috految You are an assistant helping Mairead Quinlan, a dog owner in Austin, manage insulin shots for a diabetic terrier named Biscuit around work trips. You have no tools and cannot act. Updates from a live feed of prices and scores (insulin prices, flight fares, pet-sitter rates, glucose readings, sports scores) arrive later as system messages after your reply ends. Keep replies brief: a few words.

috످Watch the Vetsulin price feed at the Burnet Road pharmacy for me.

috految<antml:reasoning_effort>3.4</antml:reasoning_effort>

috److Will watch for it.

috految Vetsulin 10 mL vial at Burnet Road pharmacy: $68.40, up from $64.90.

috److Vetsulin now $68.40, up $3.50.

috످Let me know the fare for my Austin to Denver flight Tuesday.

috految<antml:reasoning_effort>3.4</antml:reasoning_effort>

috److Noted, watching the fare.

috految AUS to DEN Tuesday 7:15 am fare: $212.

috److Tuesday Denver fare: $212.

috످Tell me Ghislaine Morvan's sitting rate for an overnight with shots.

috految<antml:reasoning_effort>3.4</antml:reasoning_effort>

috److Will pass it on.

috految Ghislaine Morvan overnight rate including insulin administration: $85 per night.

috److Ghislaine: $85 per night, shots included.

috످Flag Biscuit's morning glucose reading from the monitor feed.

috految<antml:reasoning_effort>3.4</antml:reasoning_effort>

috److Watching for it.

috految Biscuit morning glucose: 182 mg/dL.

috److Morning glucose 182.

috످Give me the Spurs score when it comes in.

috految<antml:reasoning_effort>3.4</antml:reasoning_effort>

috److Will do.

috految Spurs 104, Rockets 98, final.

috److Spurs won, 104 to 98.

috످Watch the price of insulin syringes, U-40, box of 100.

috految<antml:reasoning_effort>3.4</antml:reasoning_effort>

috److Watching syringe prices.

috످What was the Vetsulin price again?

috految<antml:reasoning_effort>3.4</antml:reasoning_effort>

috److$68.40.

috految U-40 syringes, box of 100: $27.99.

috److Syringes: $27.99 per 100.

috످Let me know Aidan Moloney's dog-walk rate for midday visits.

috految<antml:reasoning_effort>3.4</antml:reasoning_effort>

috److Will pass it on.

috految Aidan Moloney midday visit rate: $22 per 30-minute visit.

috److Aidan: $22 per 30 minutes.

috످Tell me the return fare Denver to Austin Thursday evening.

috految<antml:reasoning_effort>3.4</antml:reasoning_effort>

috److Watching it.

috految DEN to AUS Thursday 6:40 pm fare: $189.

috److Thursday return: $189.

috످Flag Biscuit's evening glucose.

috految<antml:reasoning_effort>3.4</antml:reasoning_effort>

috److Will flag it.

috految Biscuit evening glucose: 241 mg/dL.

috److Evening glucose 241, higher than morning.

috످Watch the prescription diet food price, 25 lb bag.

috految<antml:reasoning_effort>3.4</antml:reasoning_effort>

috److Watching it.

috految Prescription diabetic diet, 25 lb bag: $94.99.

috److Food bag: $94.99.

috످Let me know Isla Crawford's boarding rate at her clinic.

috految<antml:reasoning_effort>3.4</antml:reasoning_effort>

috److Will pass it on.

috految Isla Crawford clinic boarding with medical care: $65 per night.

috److Isla's boarding: $65 per night, medical care included.

috످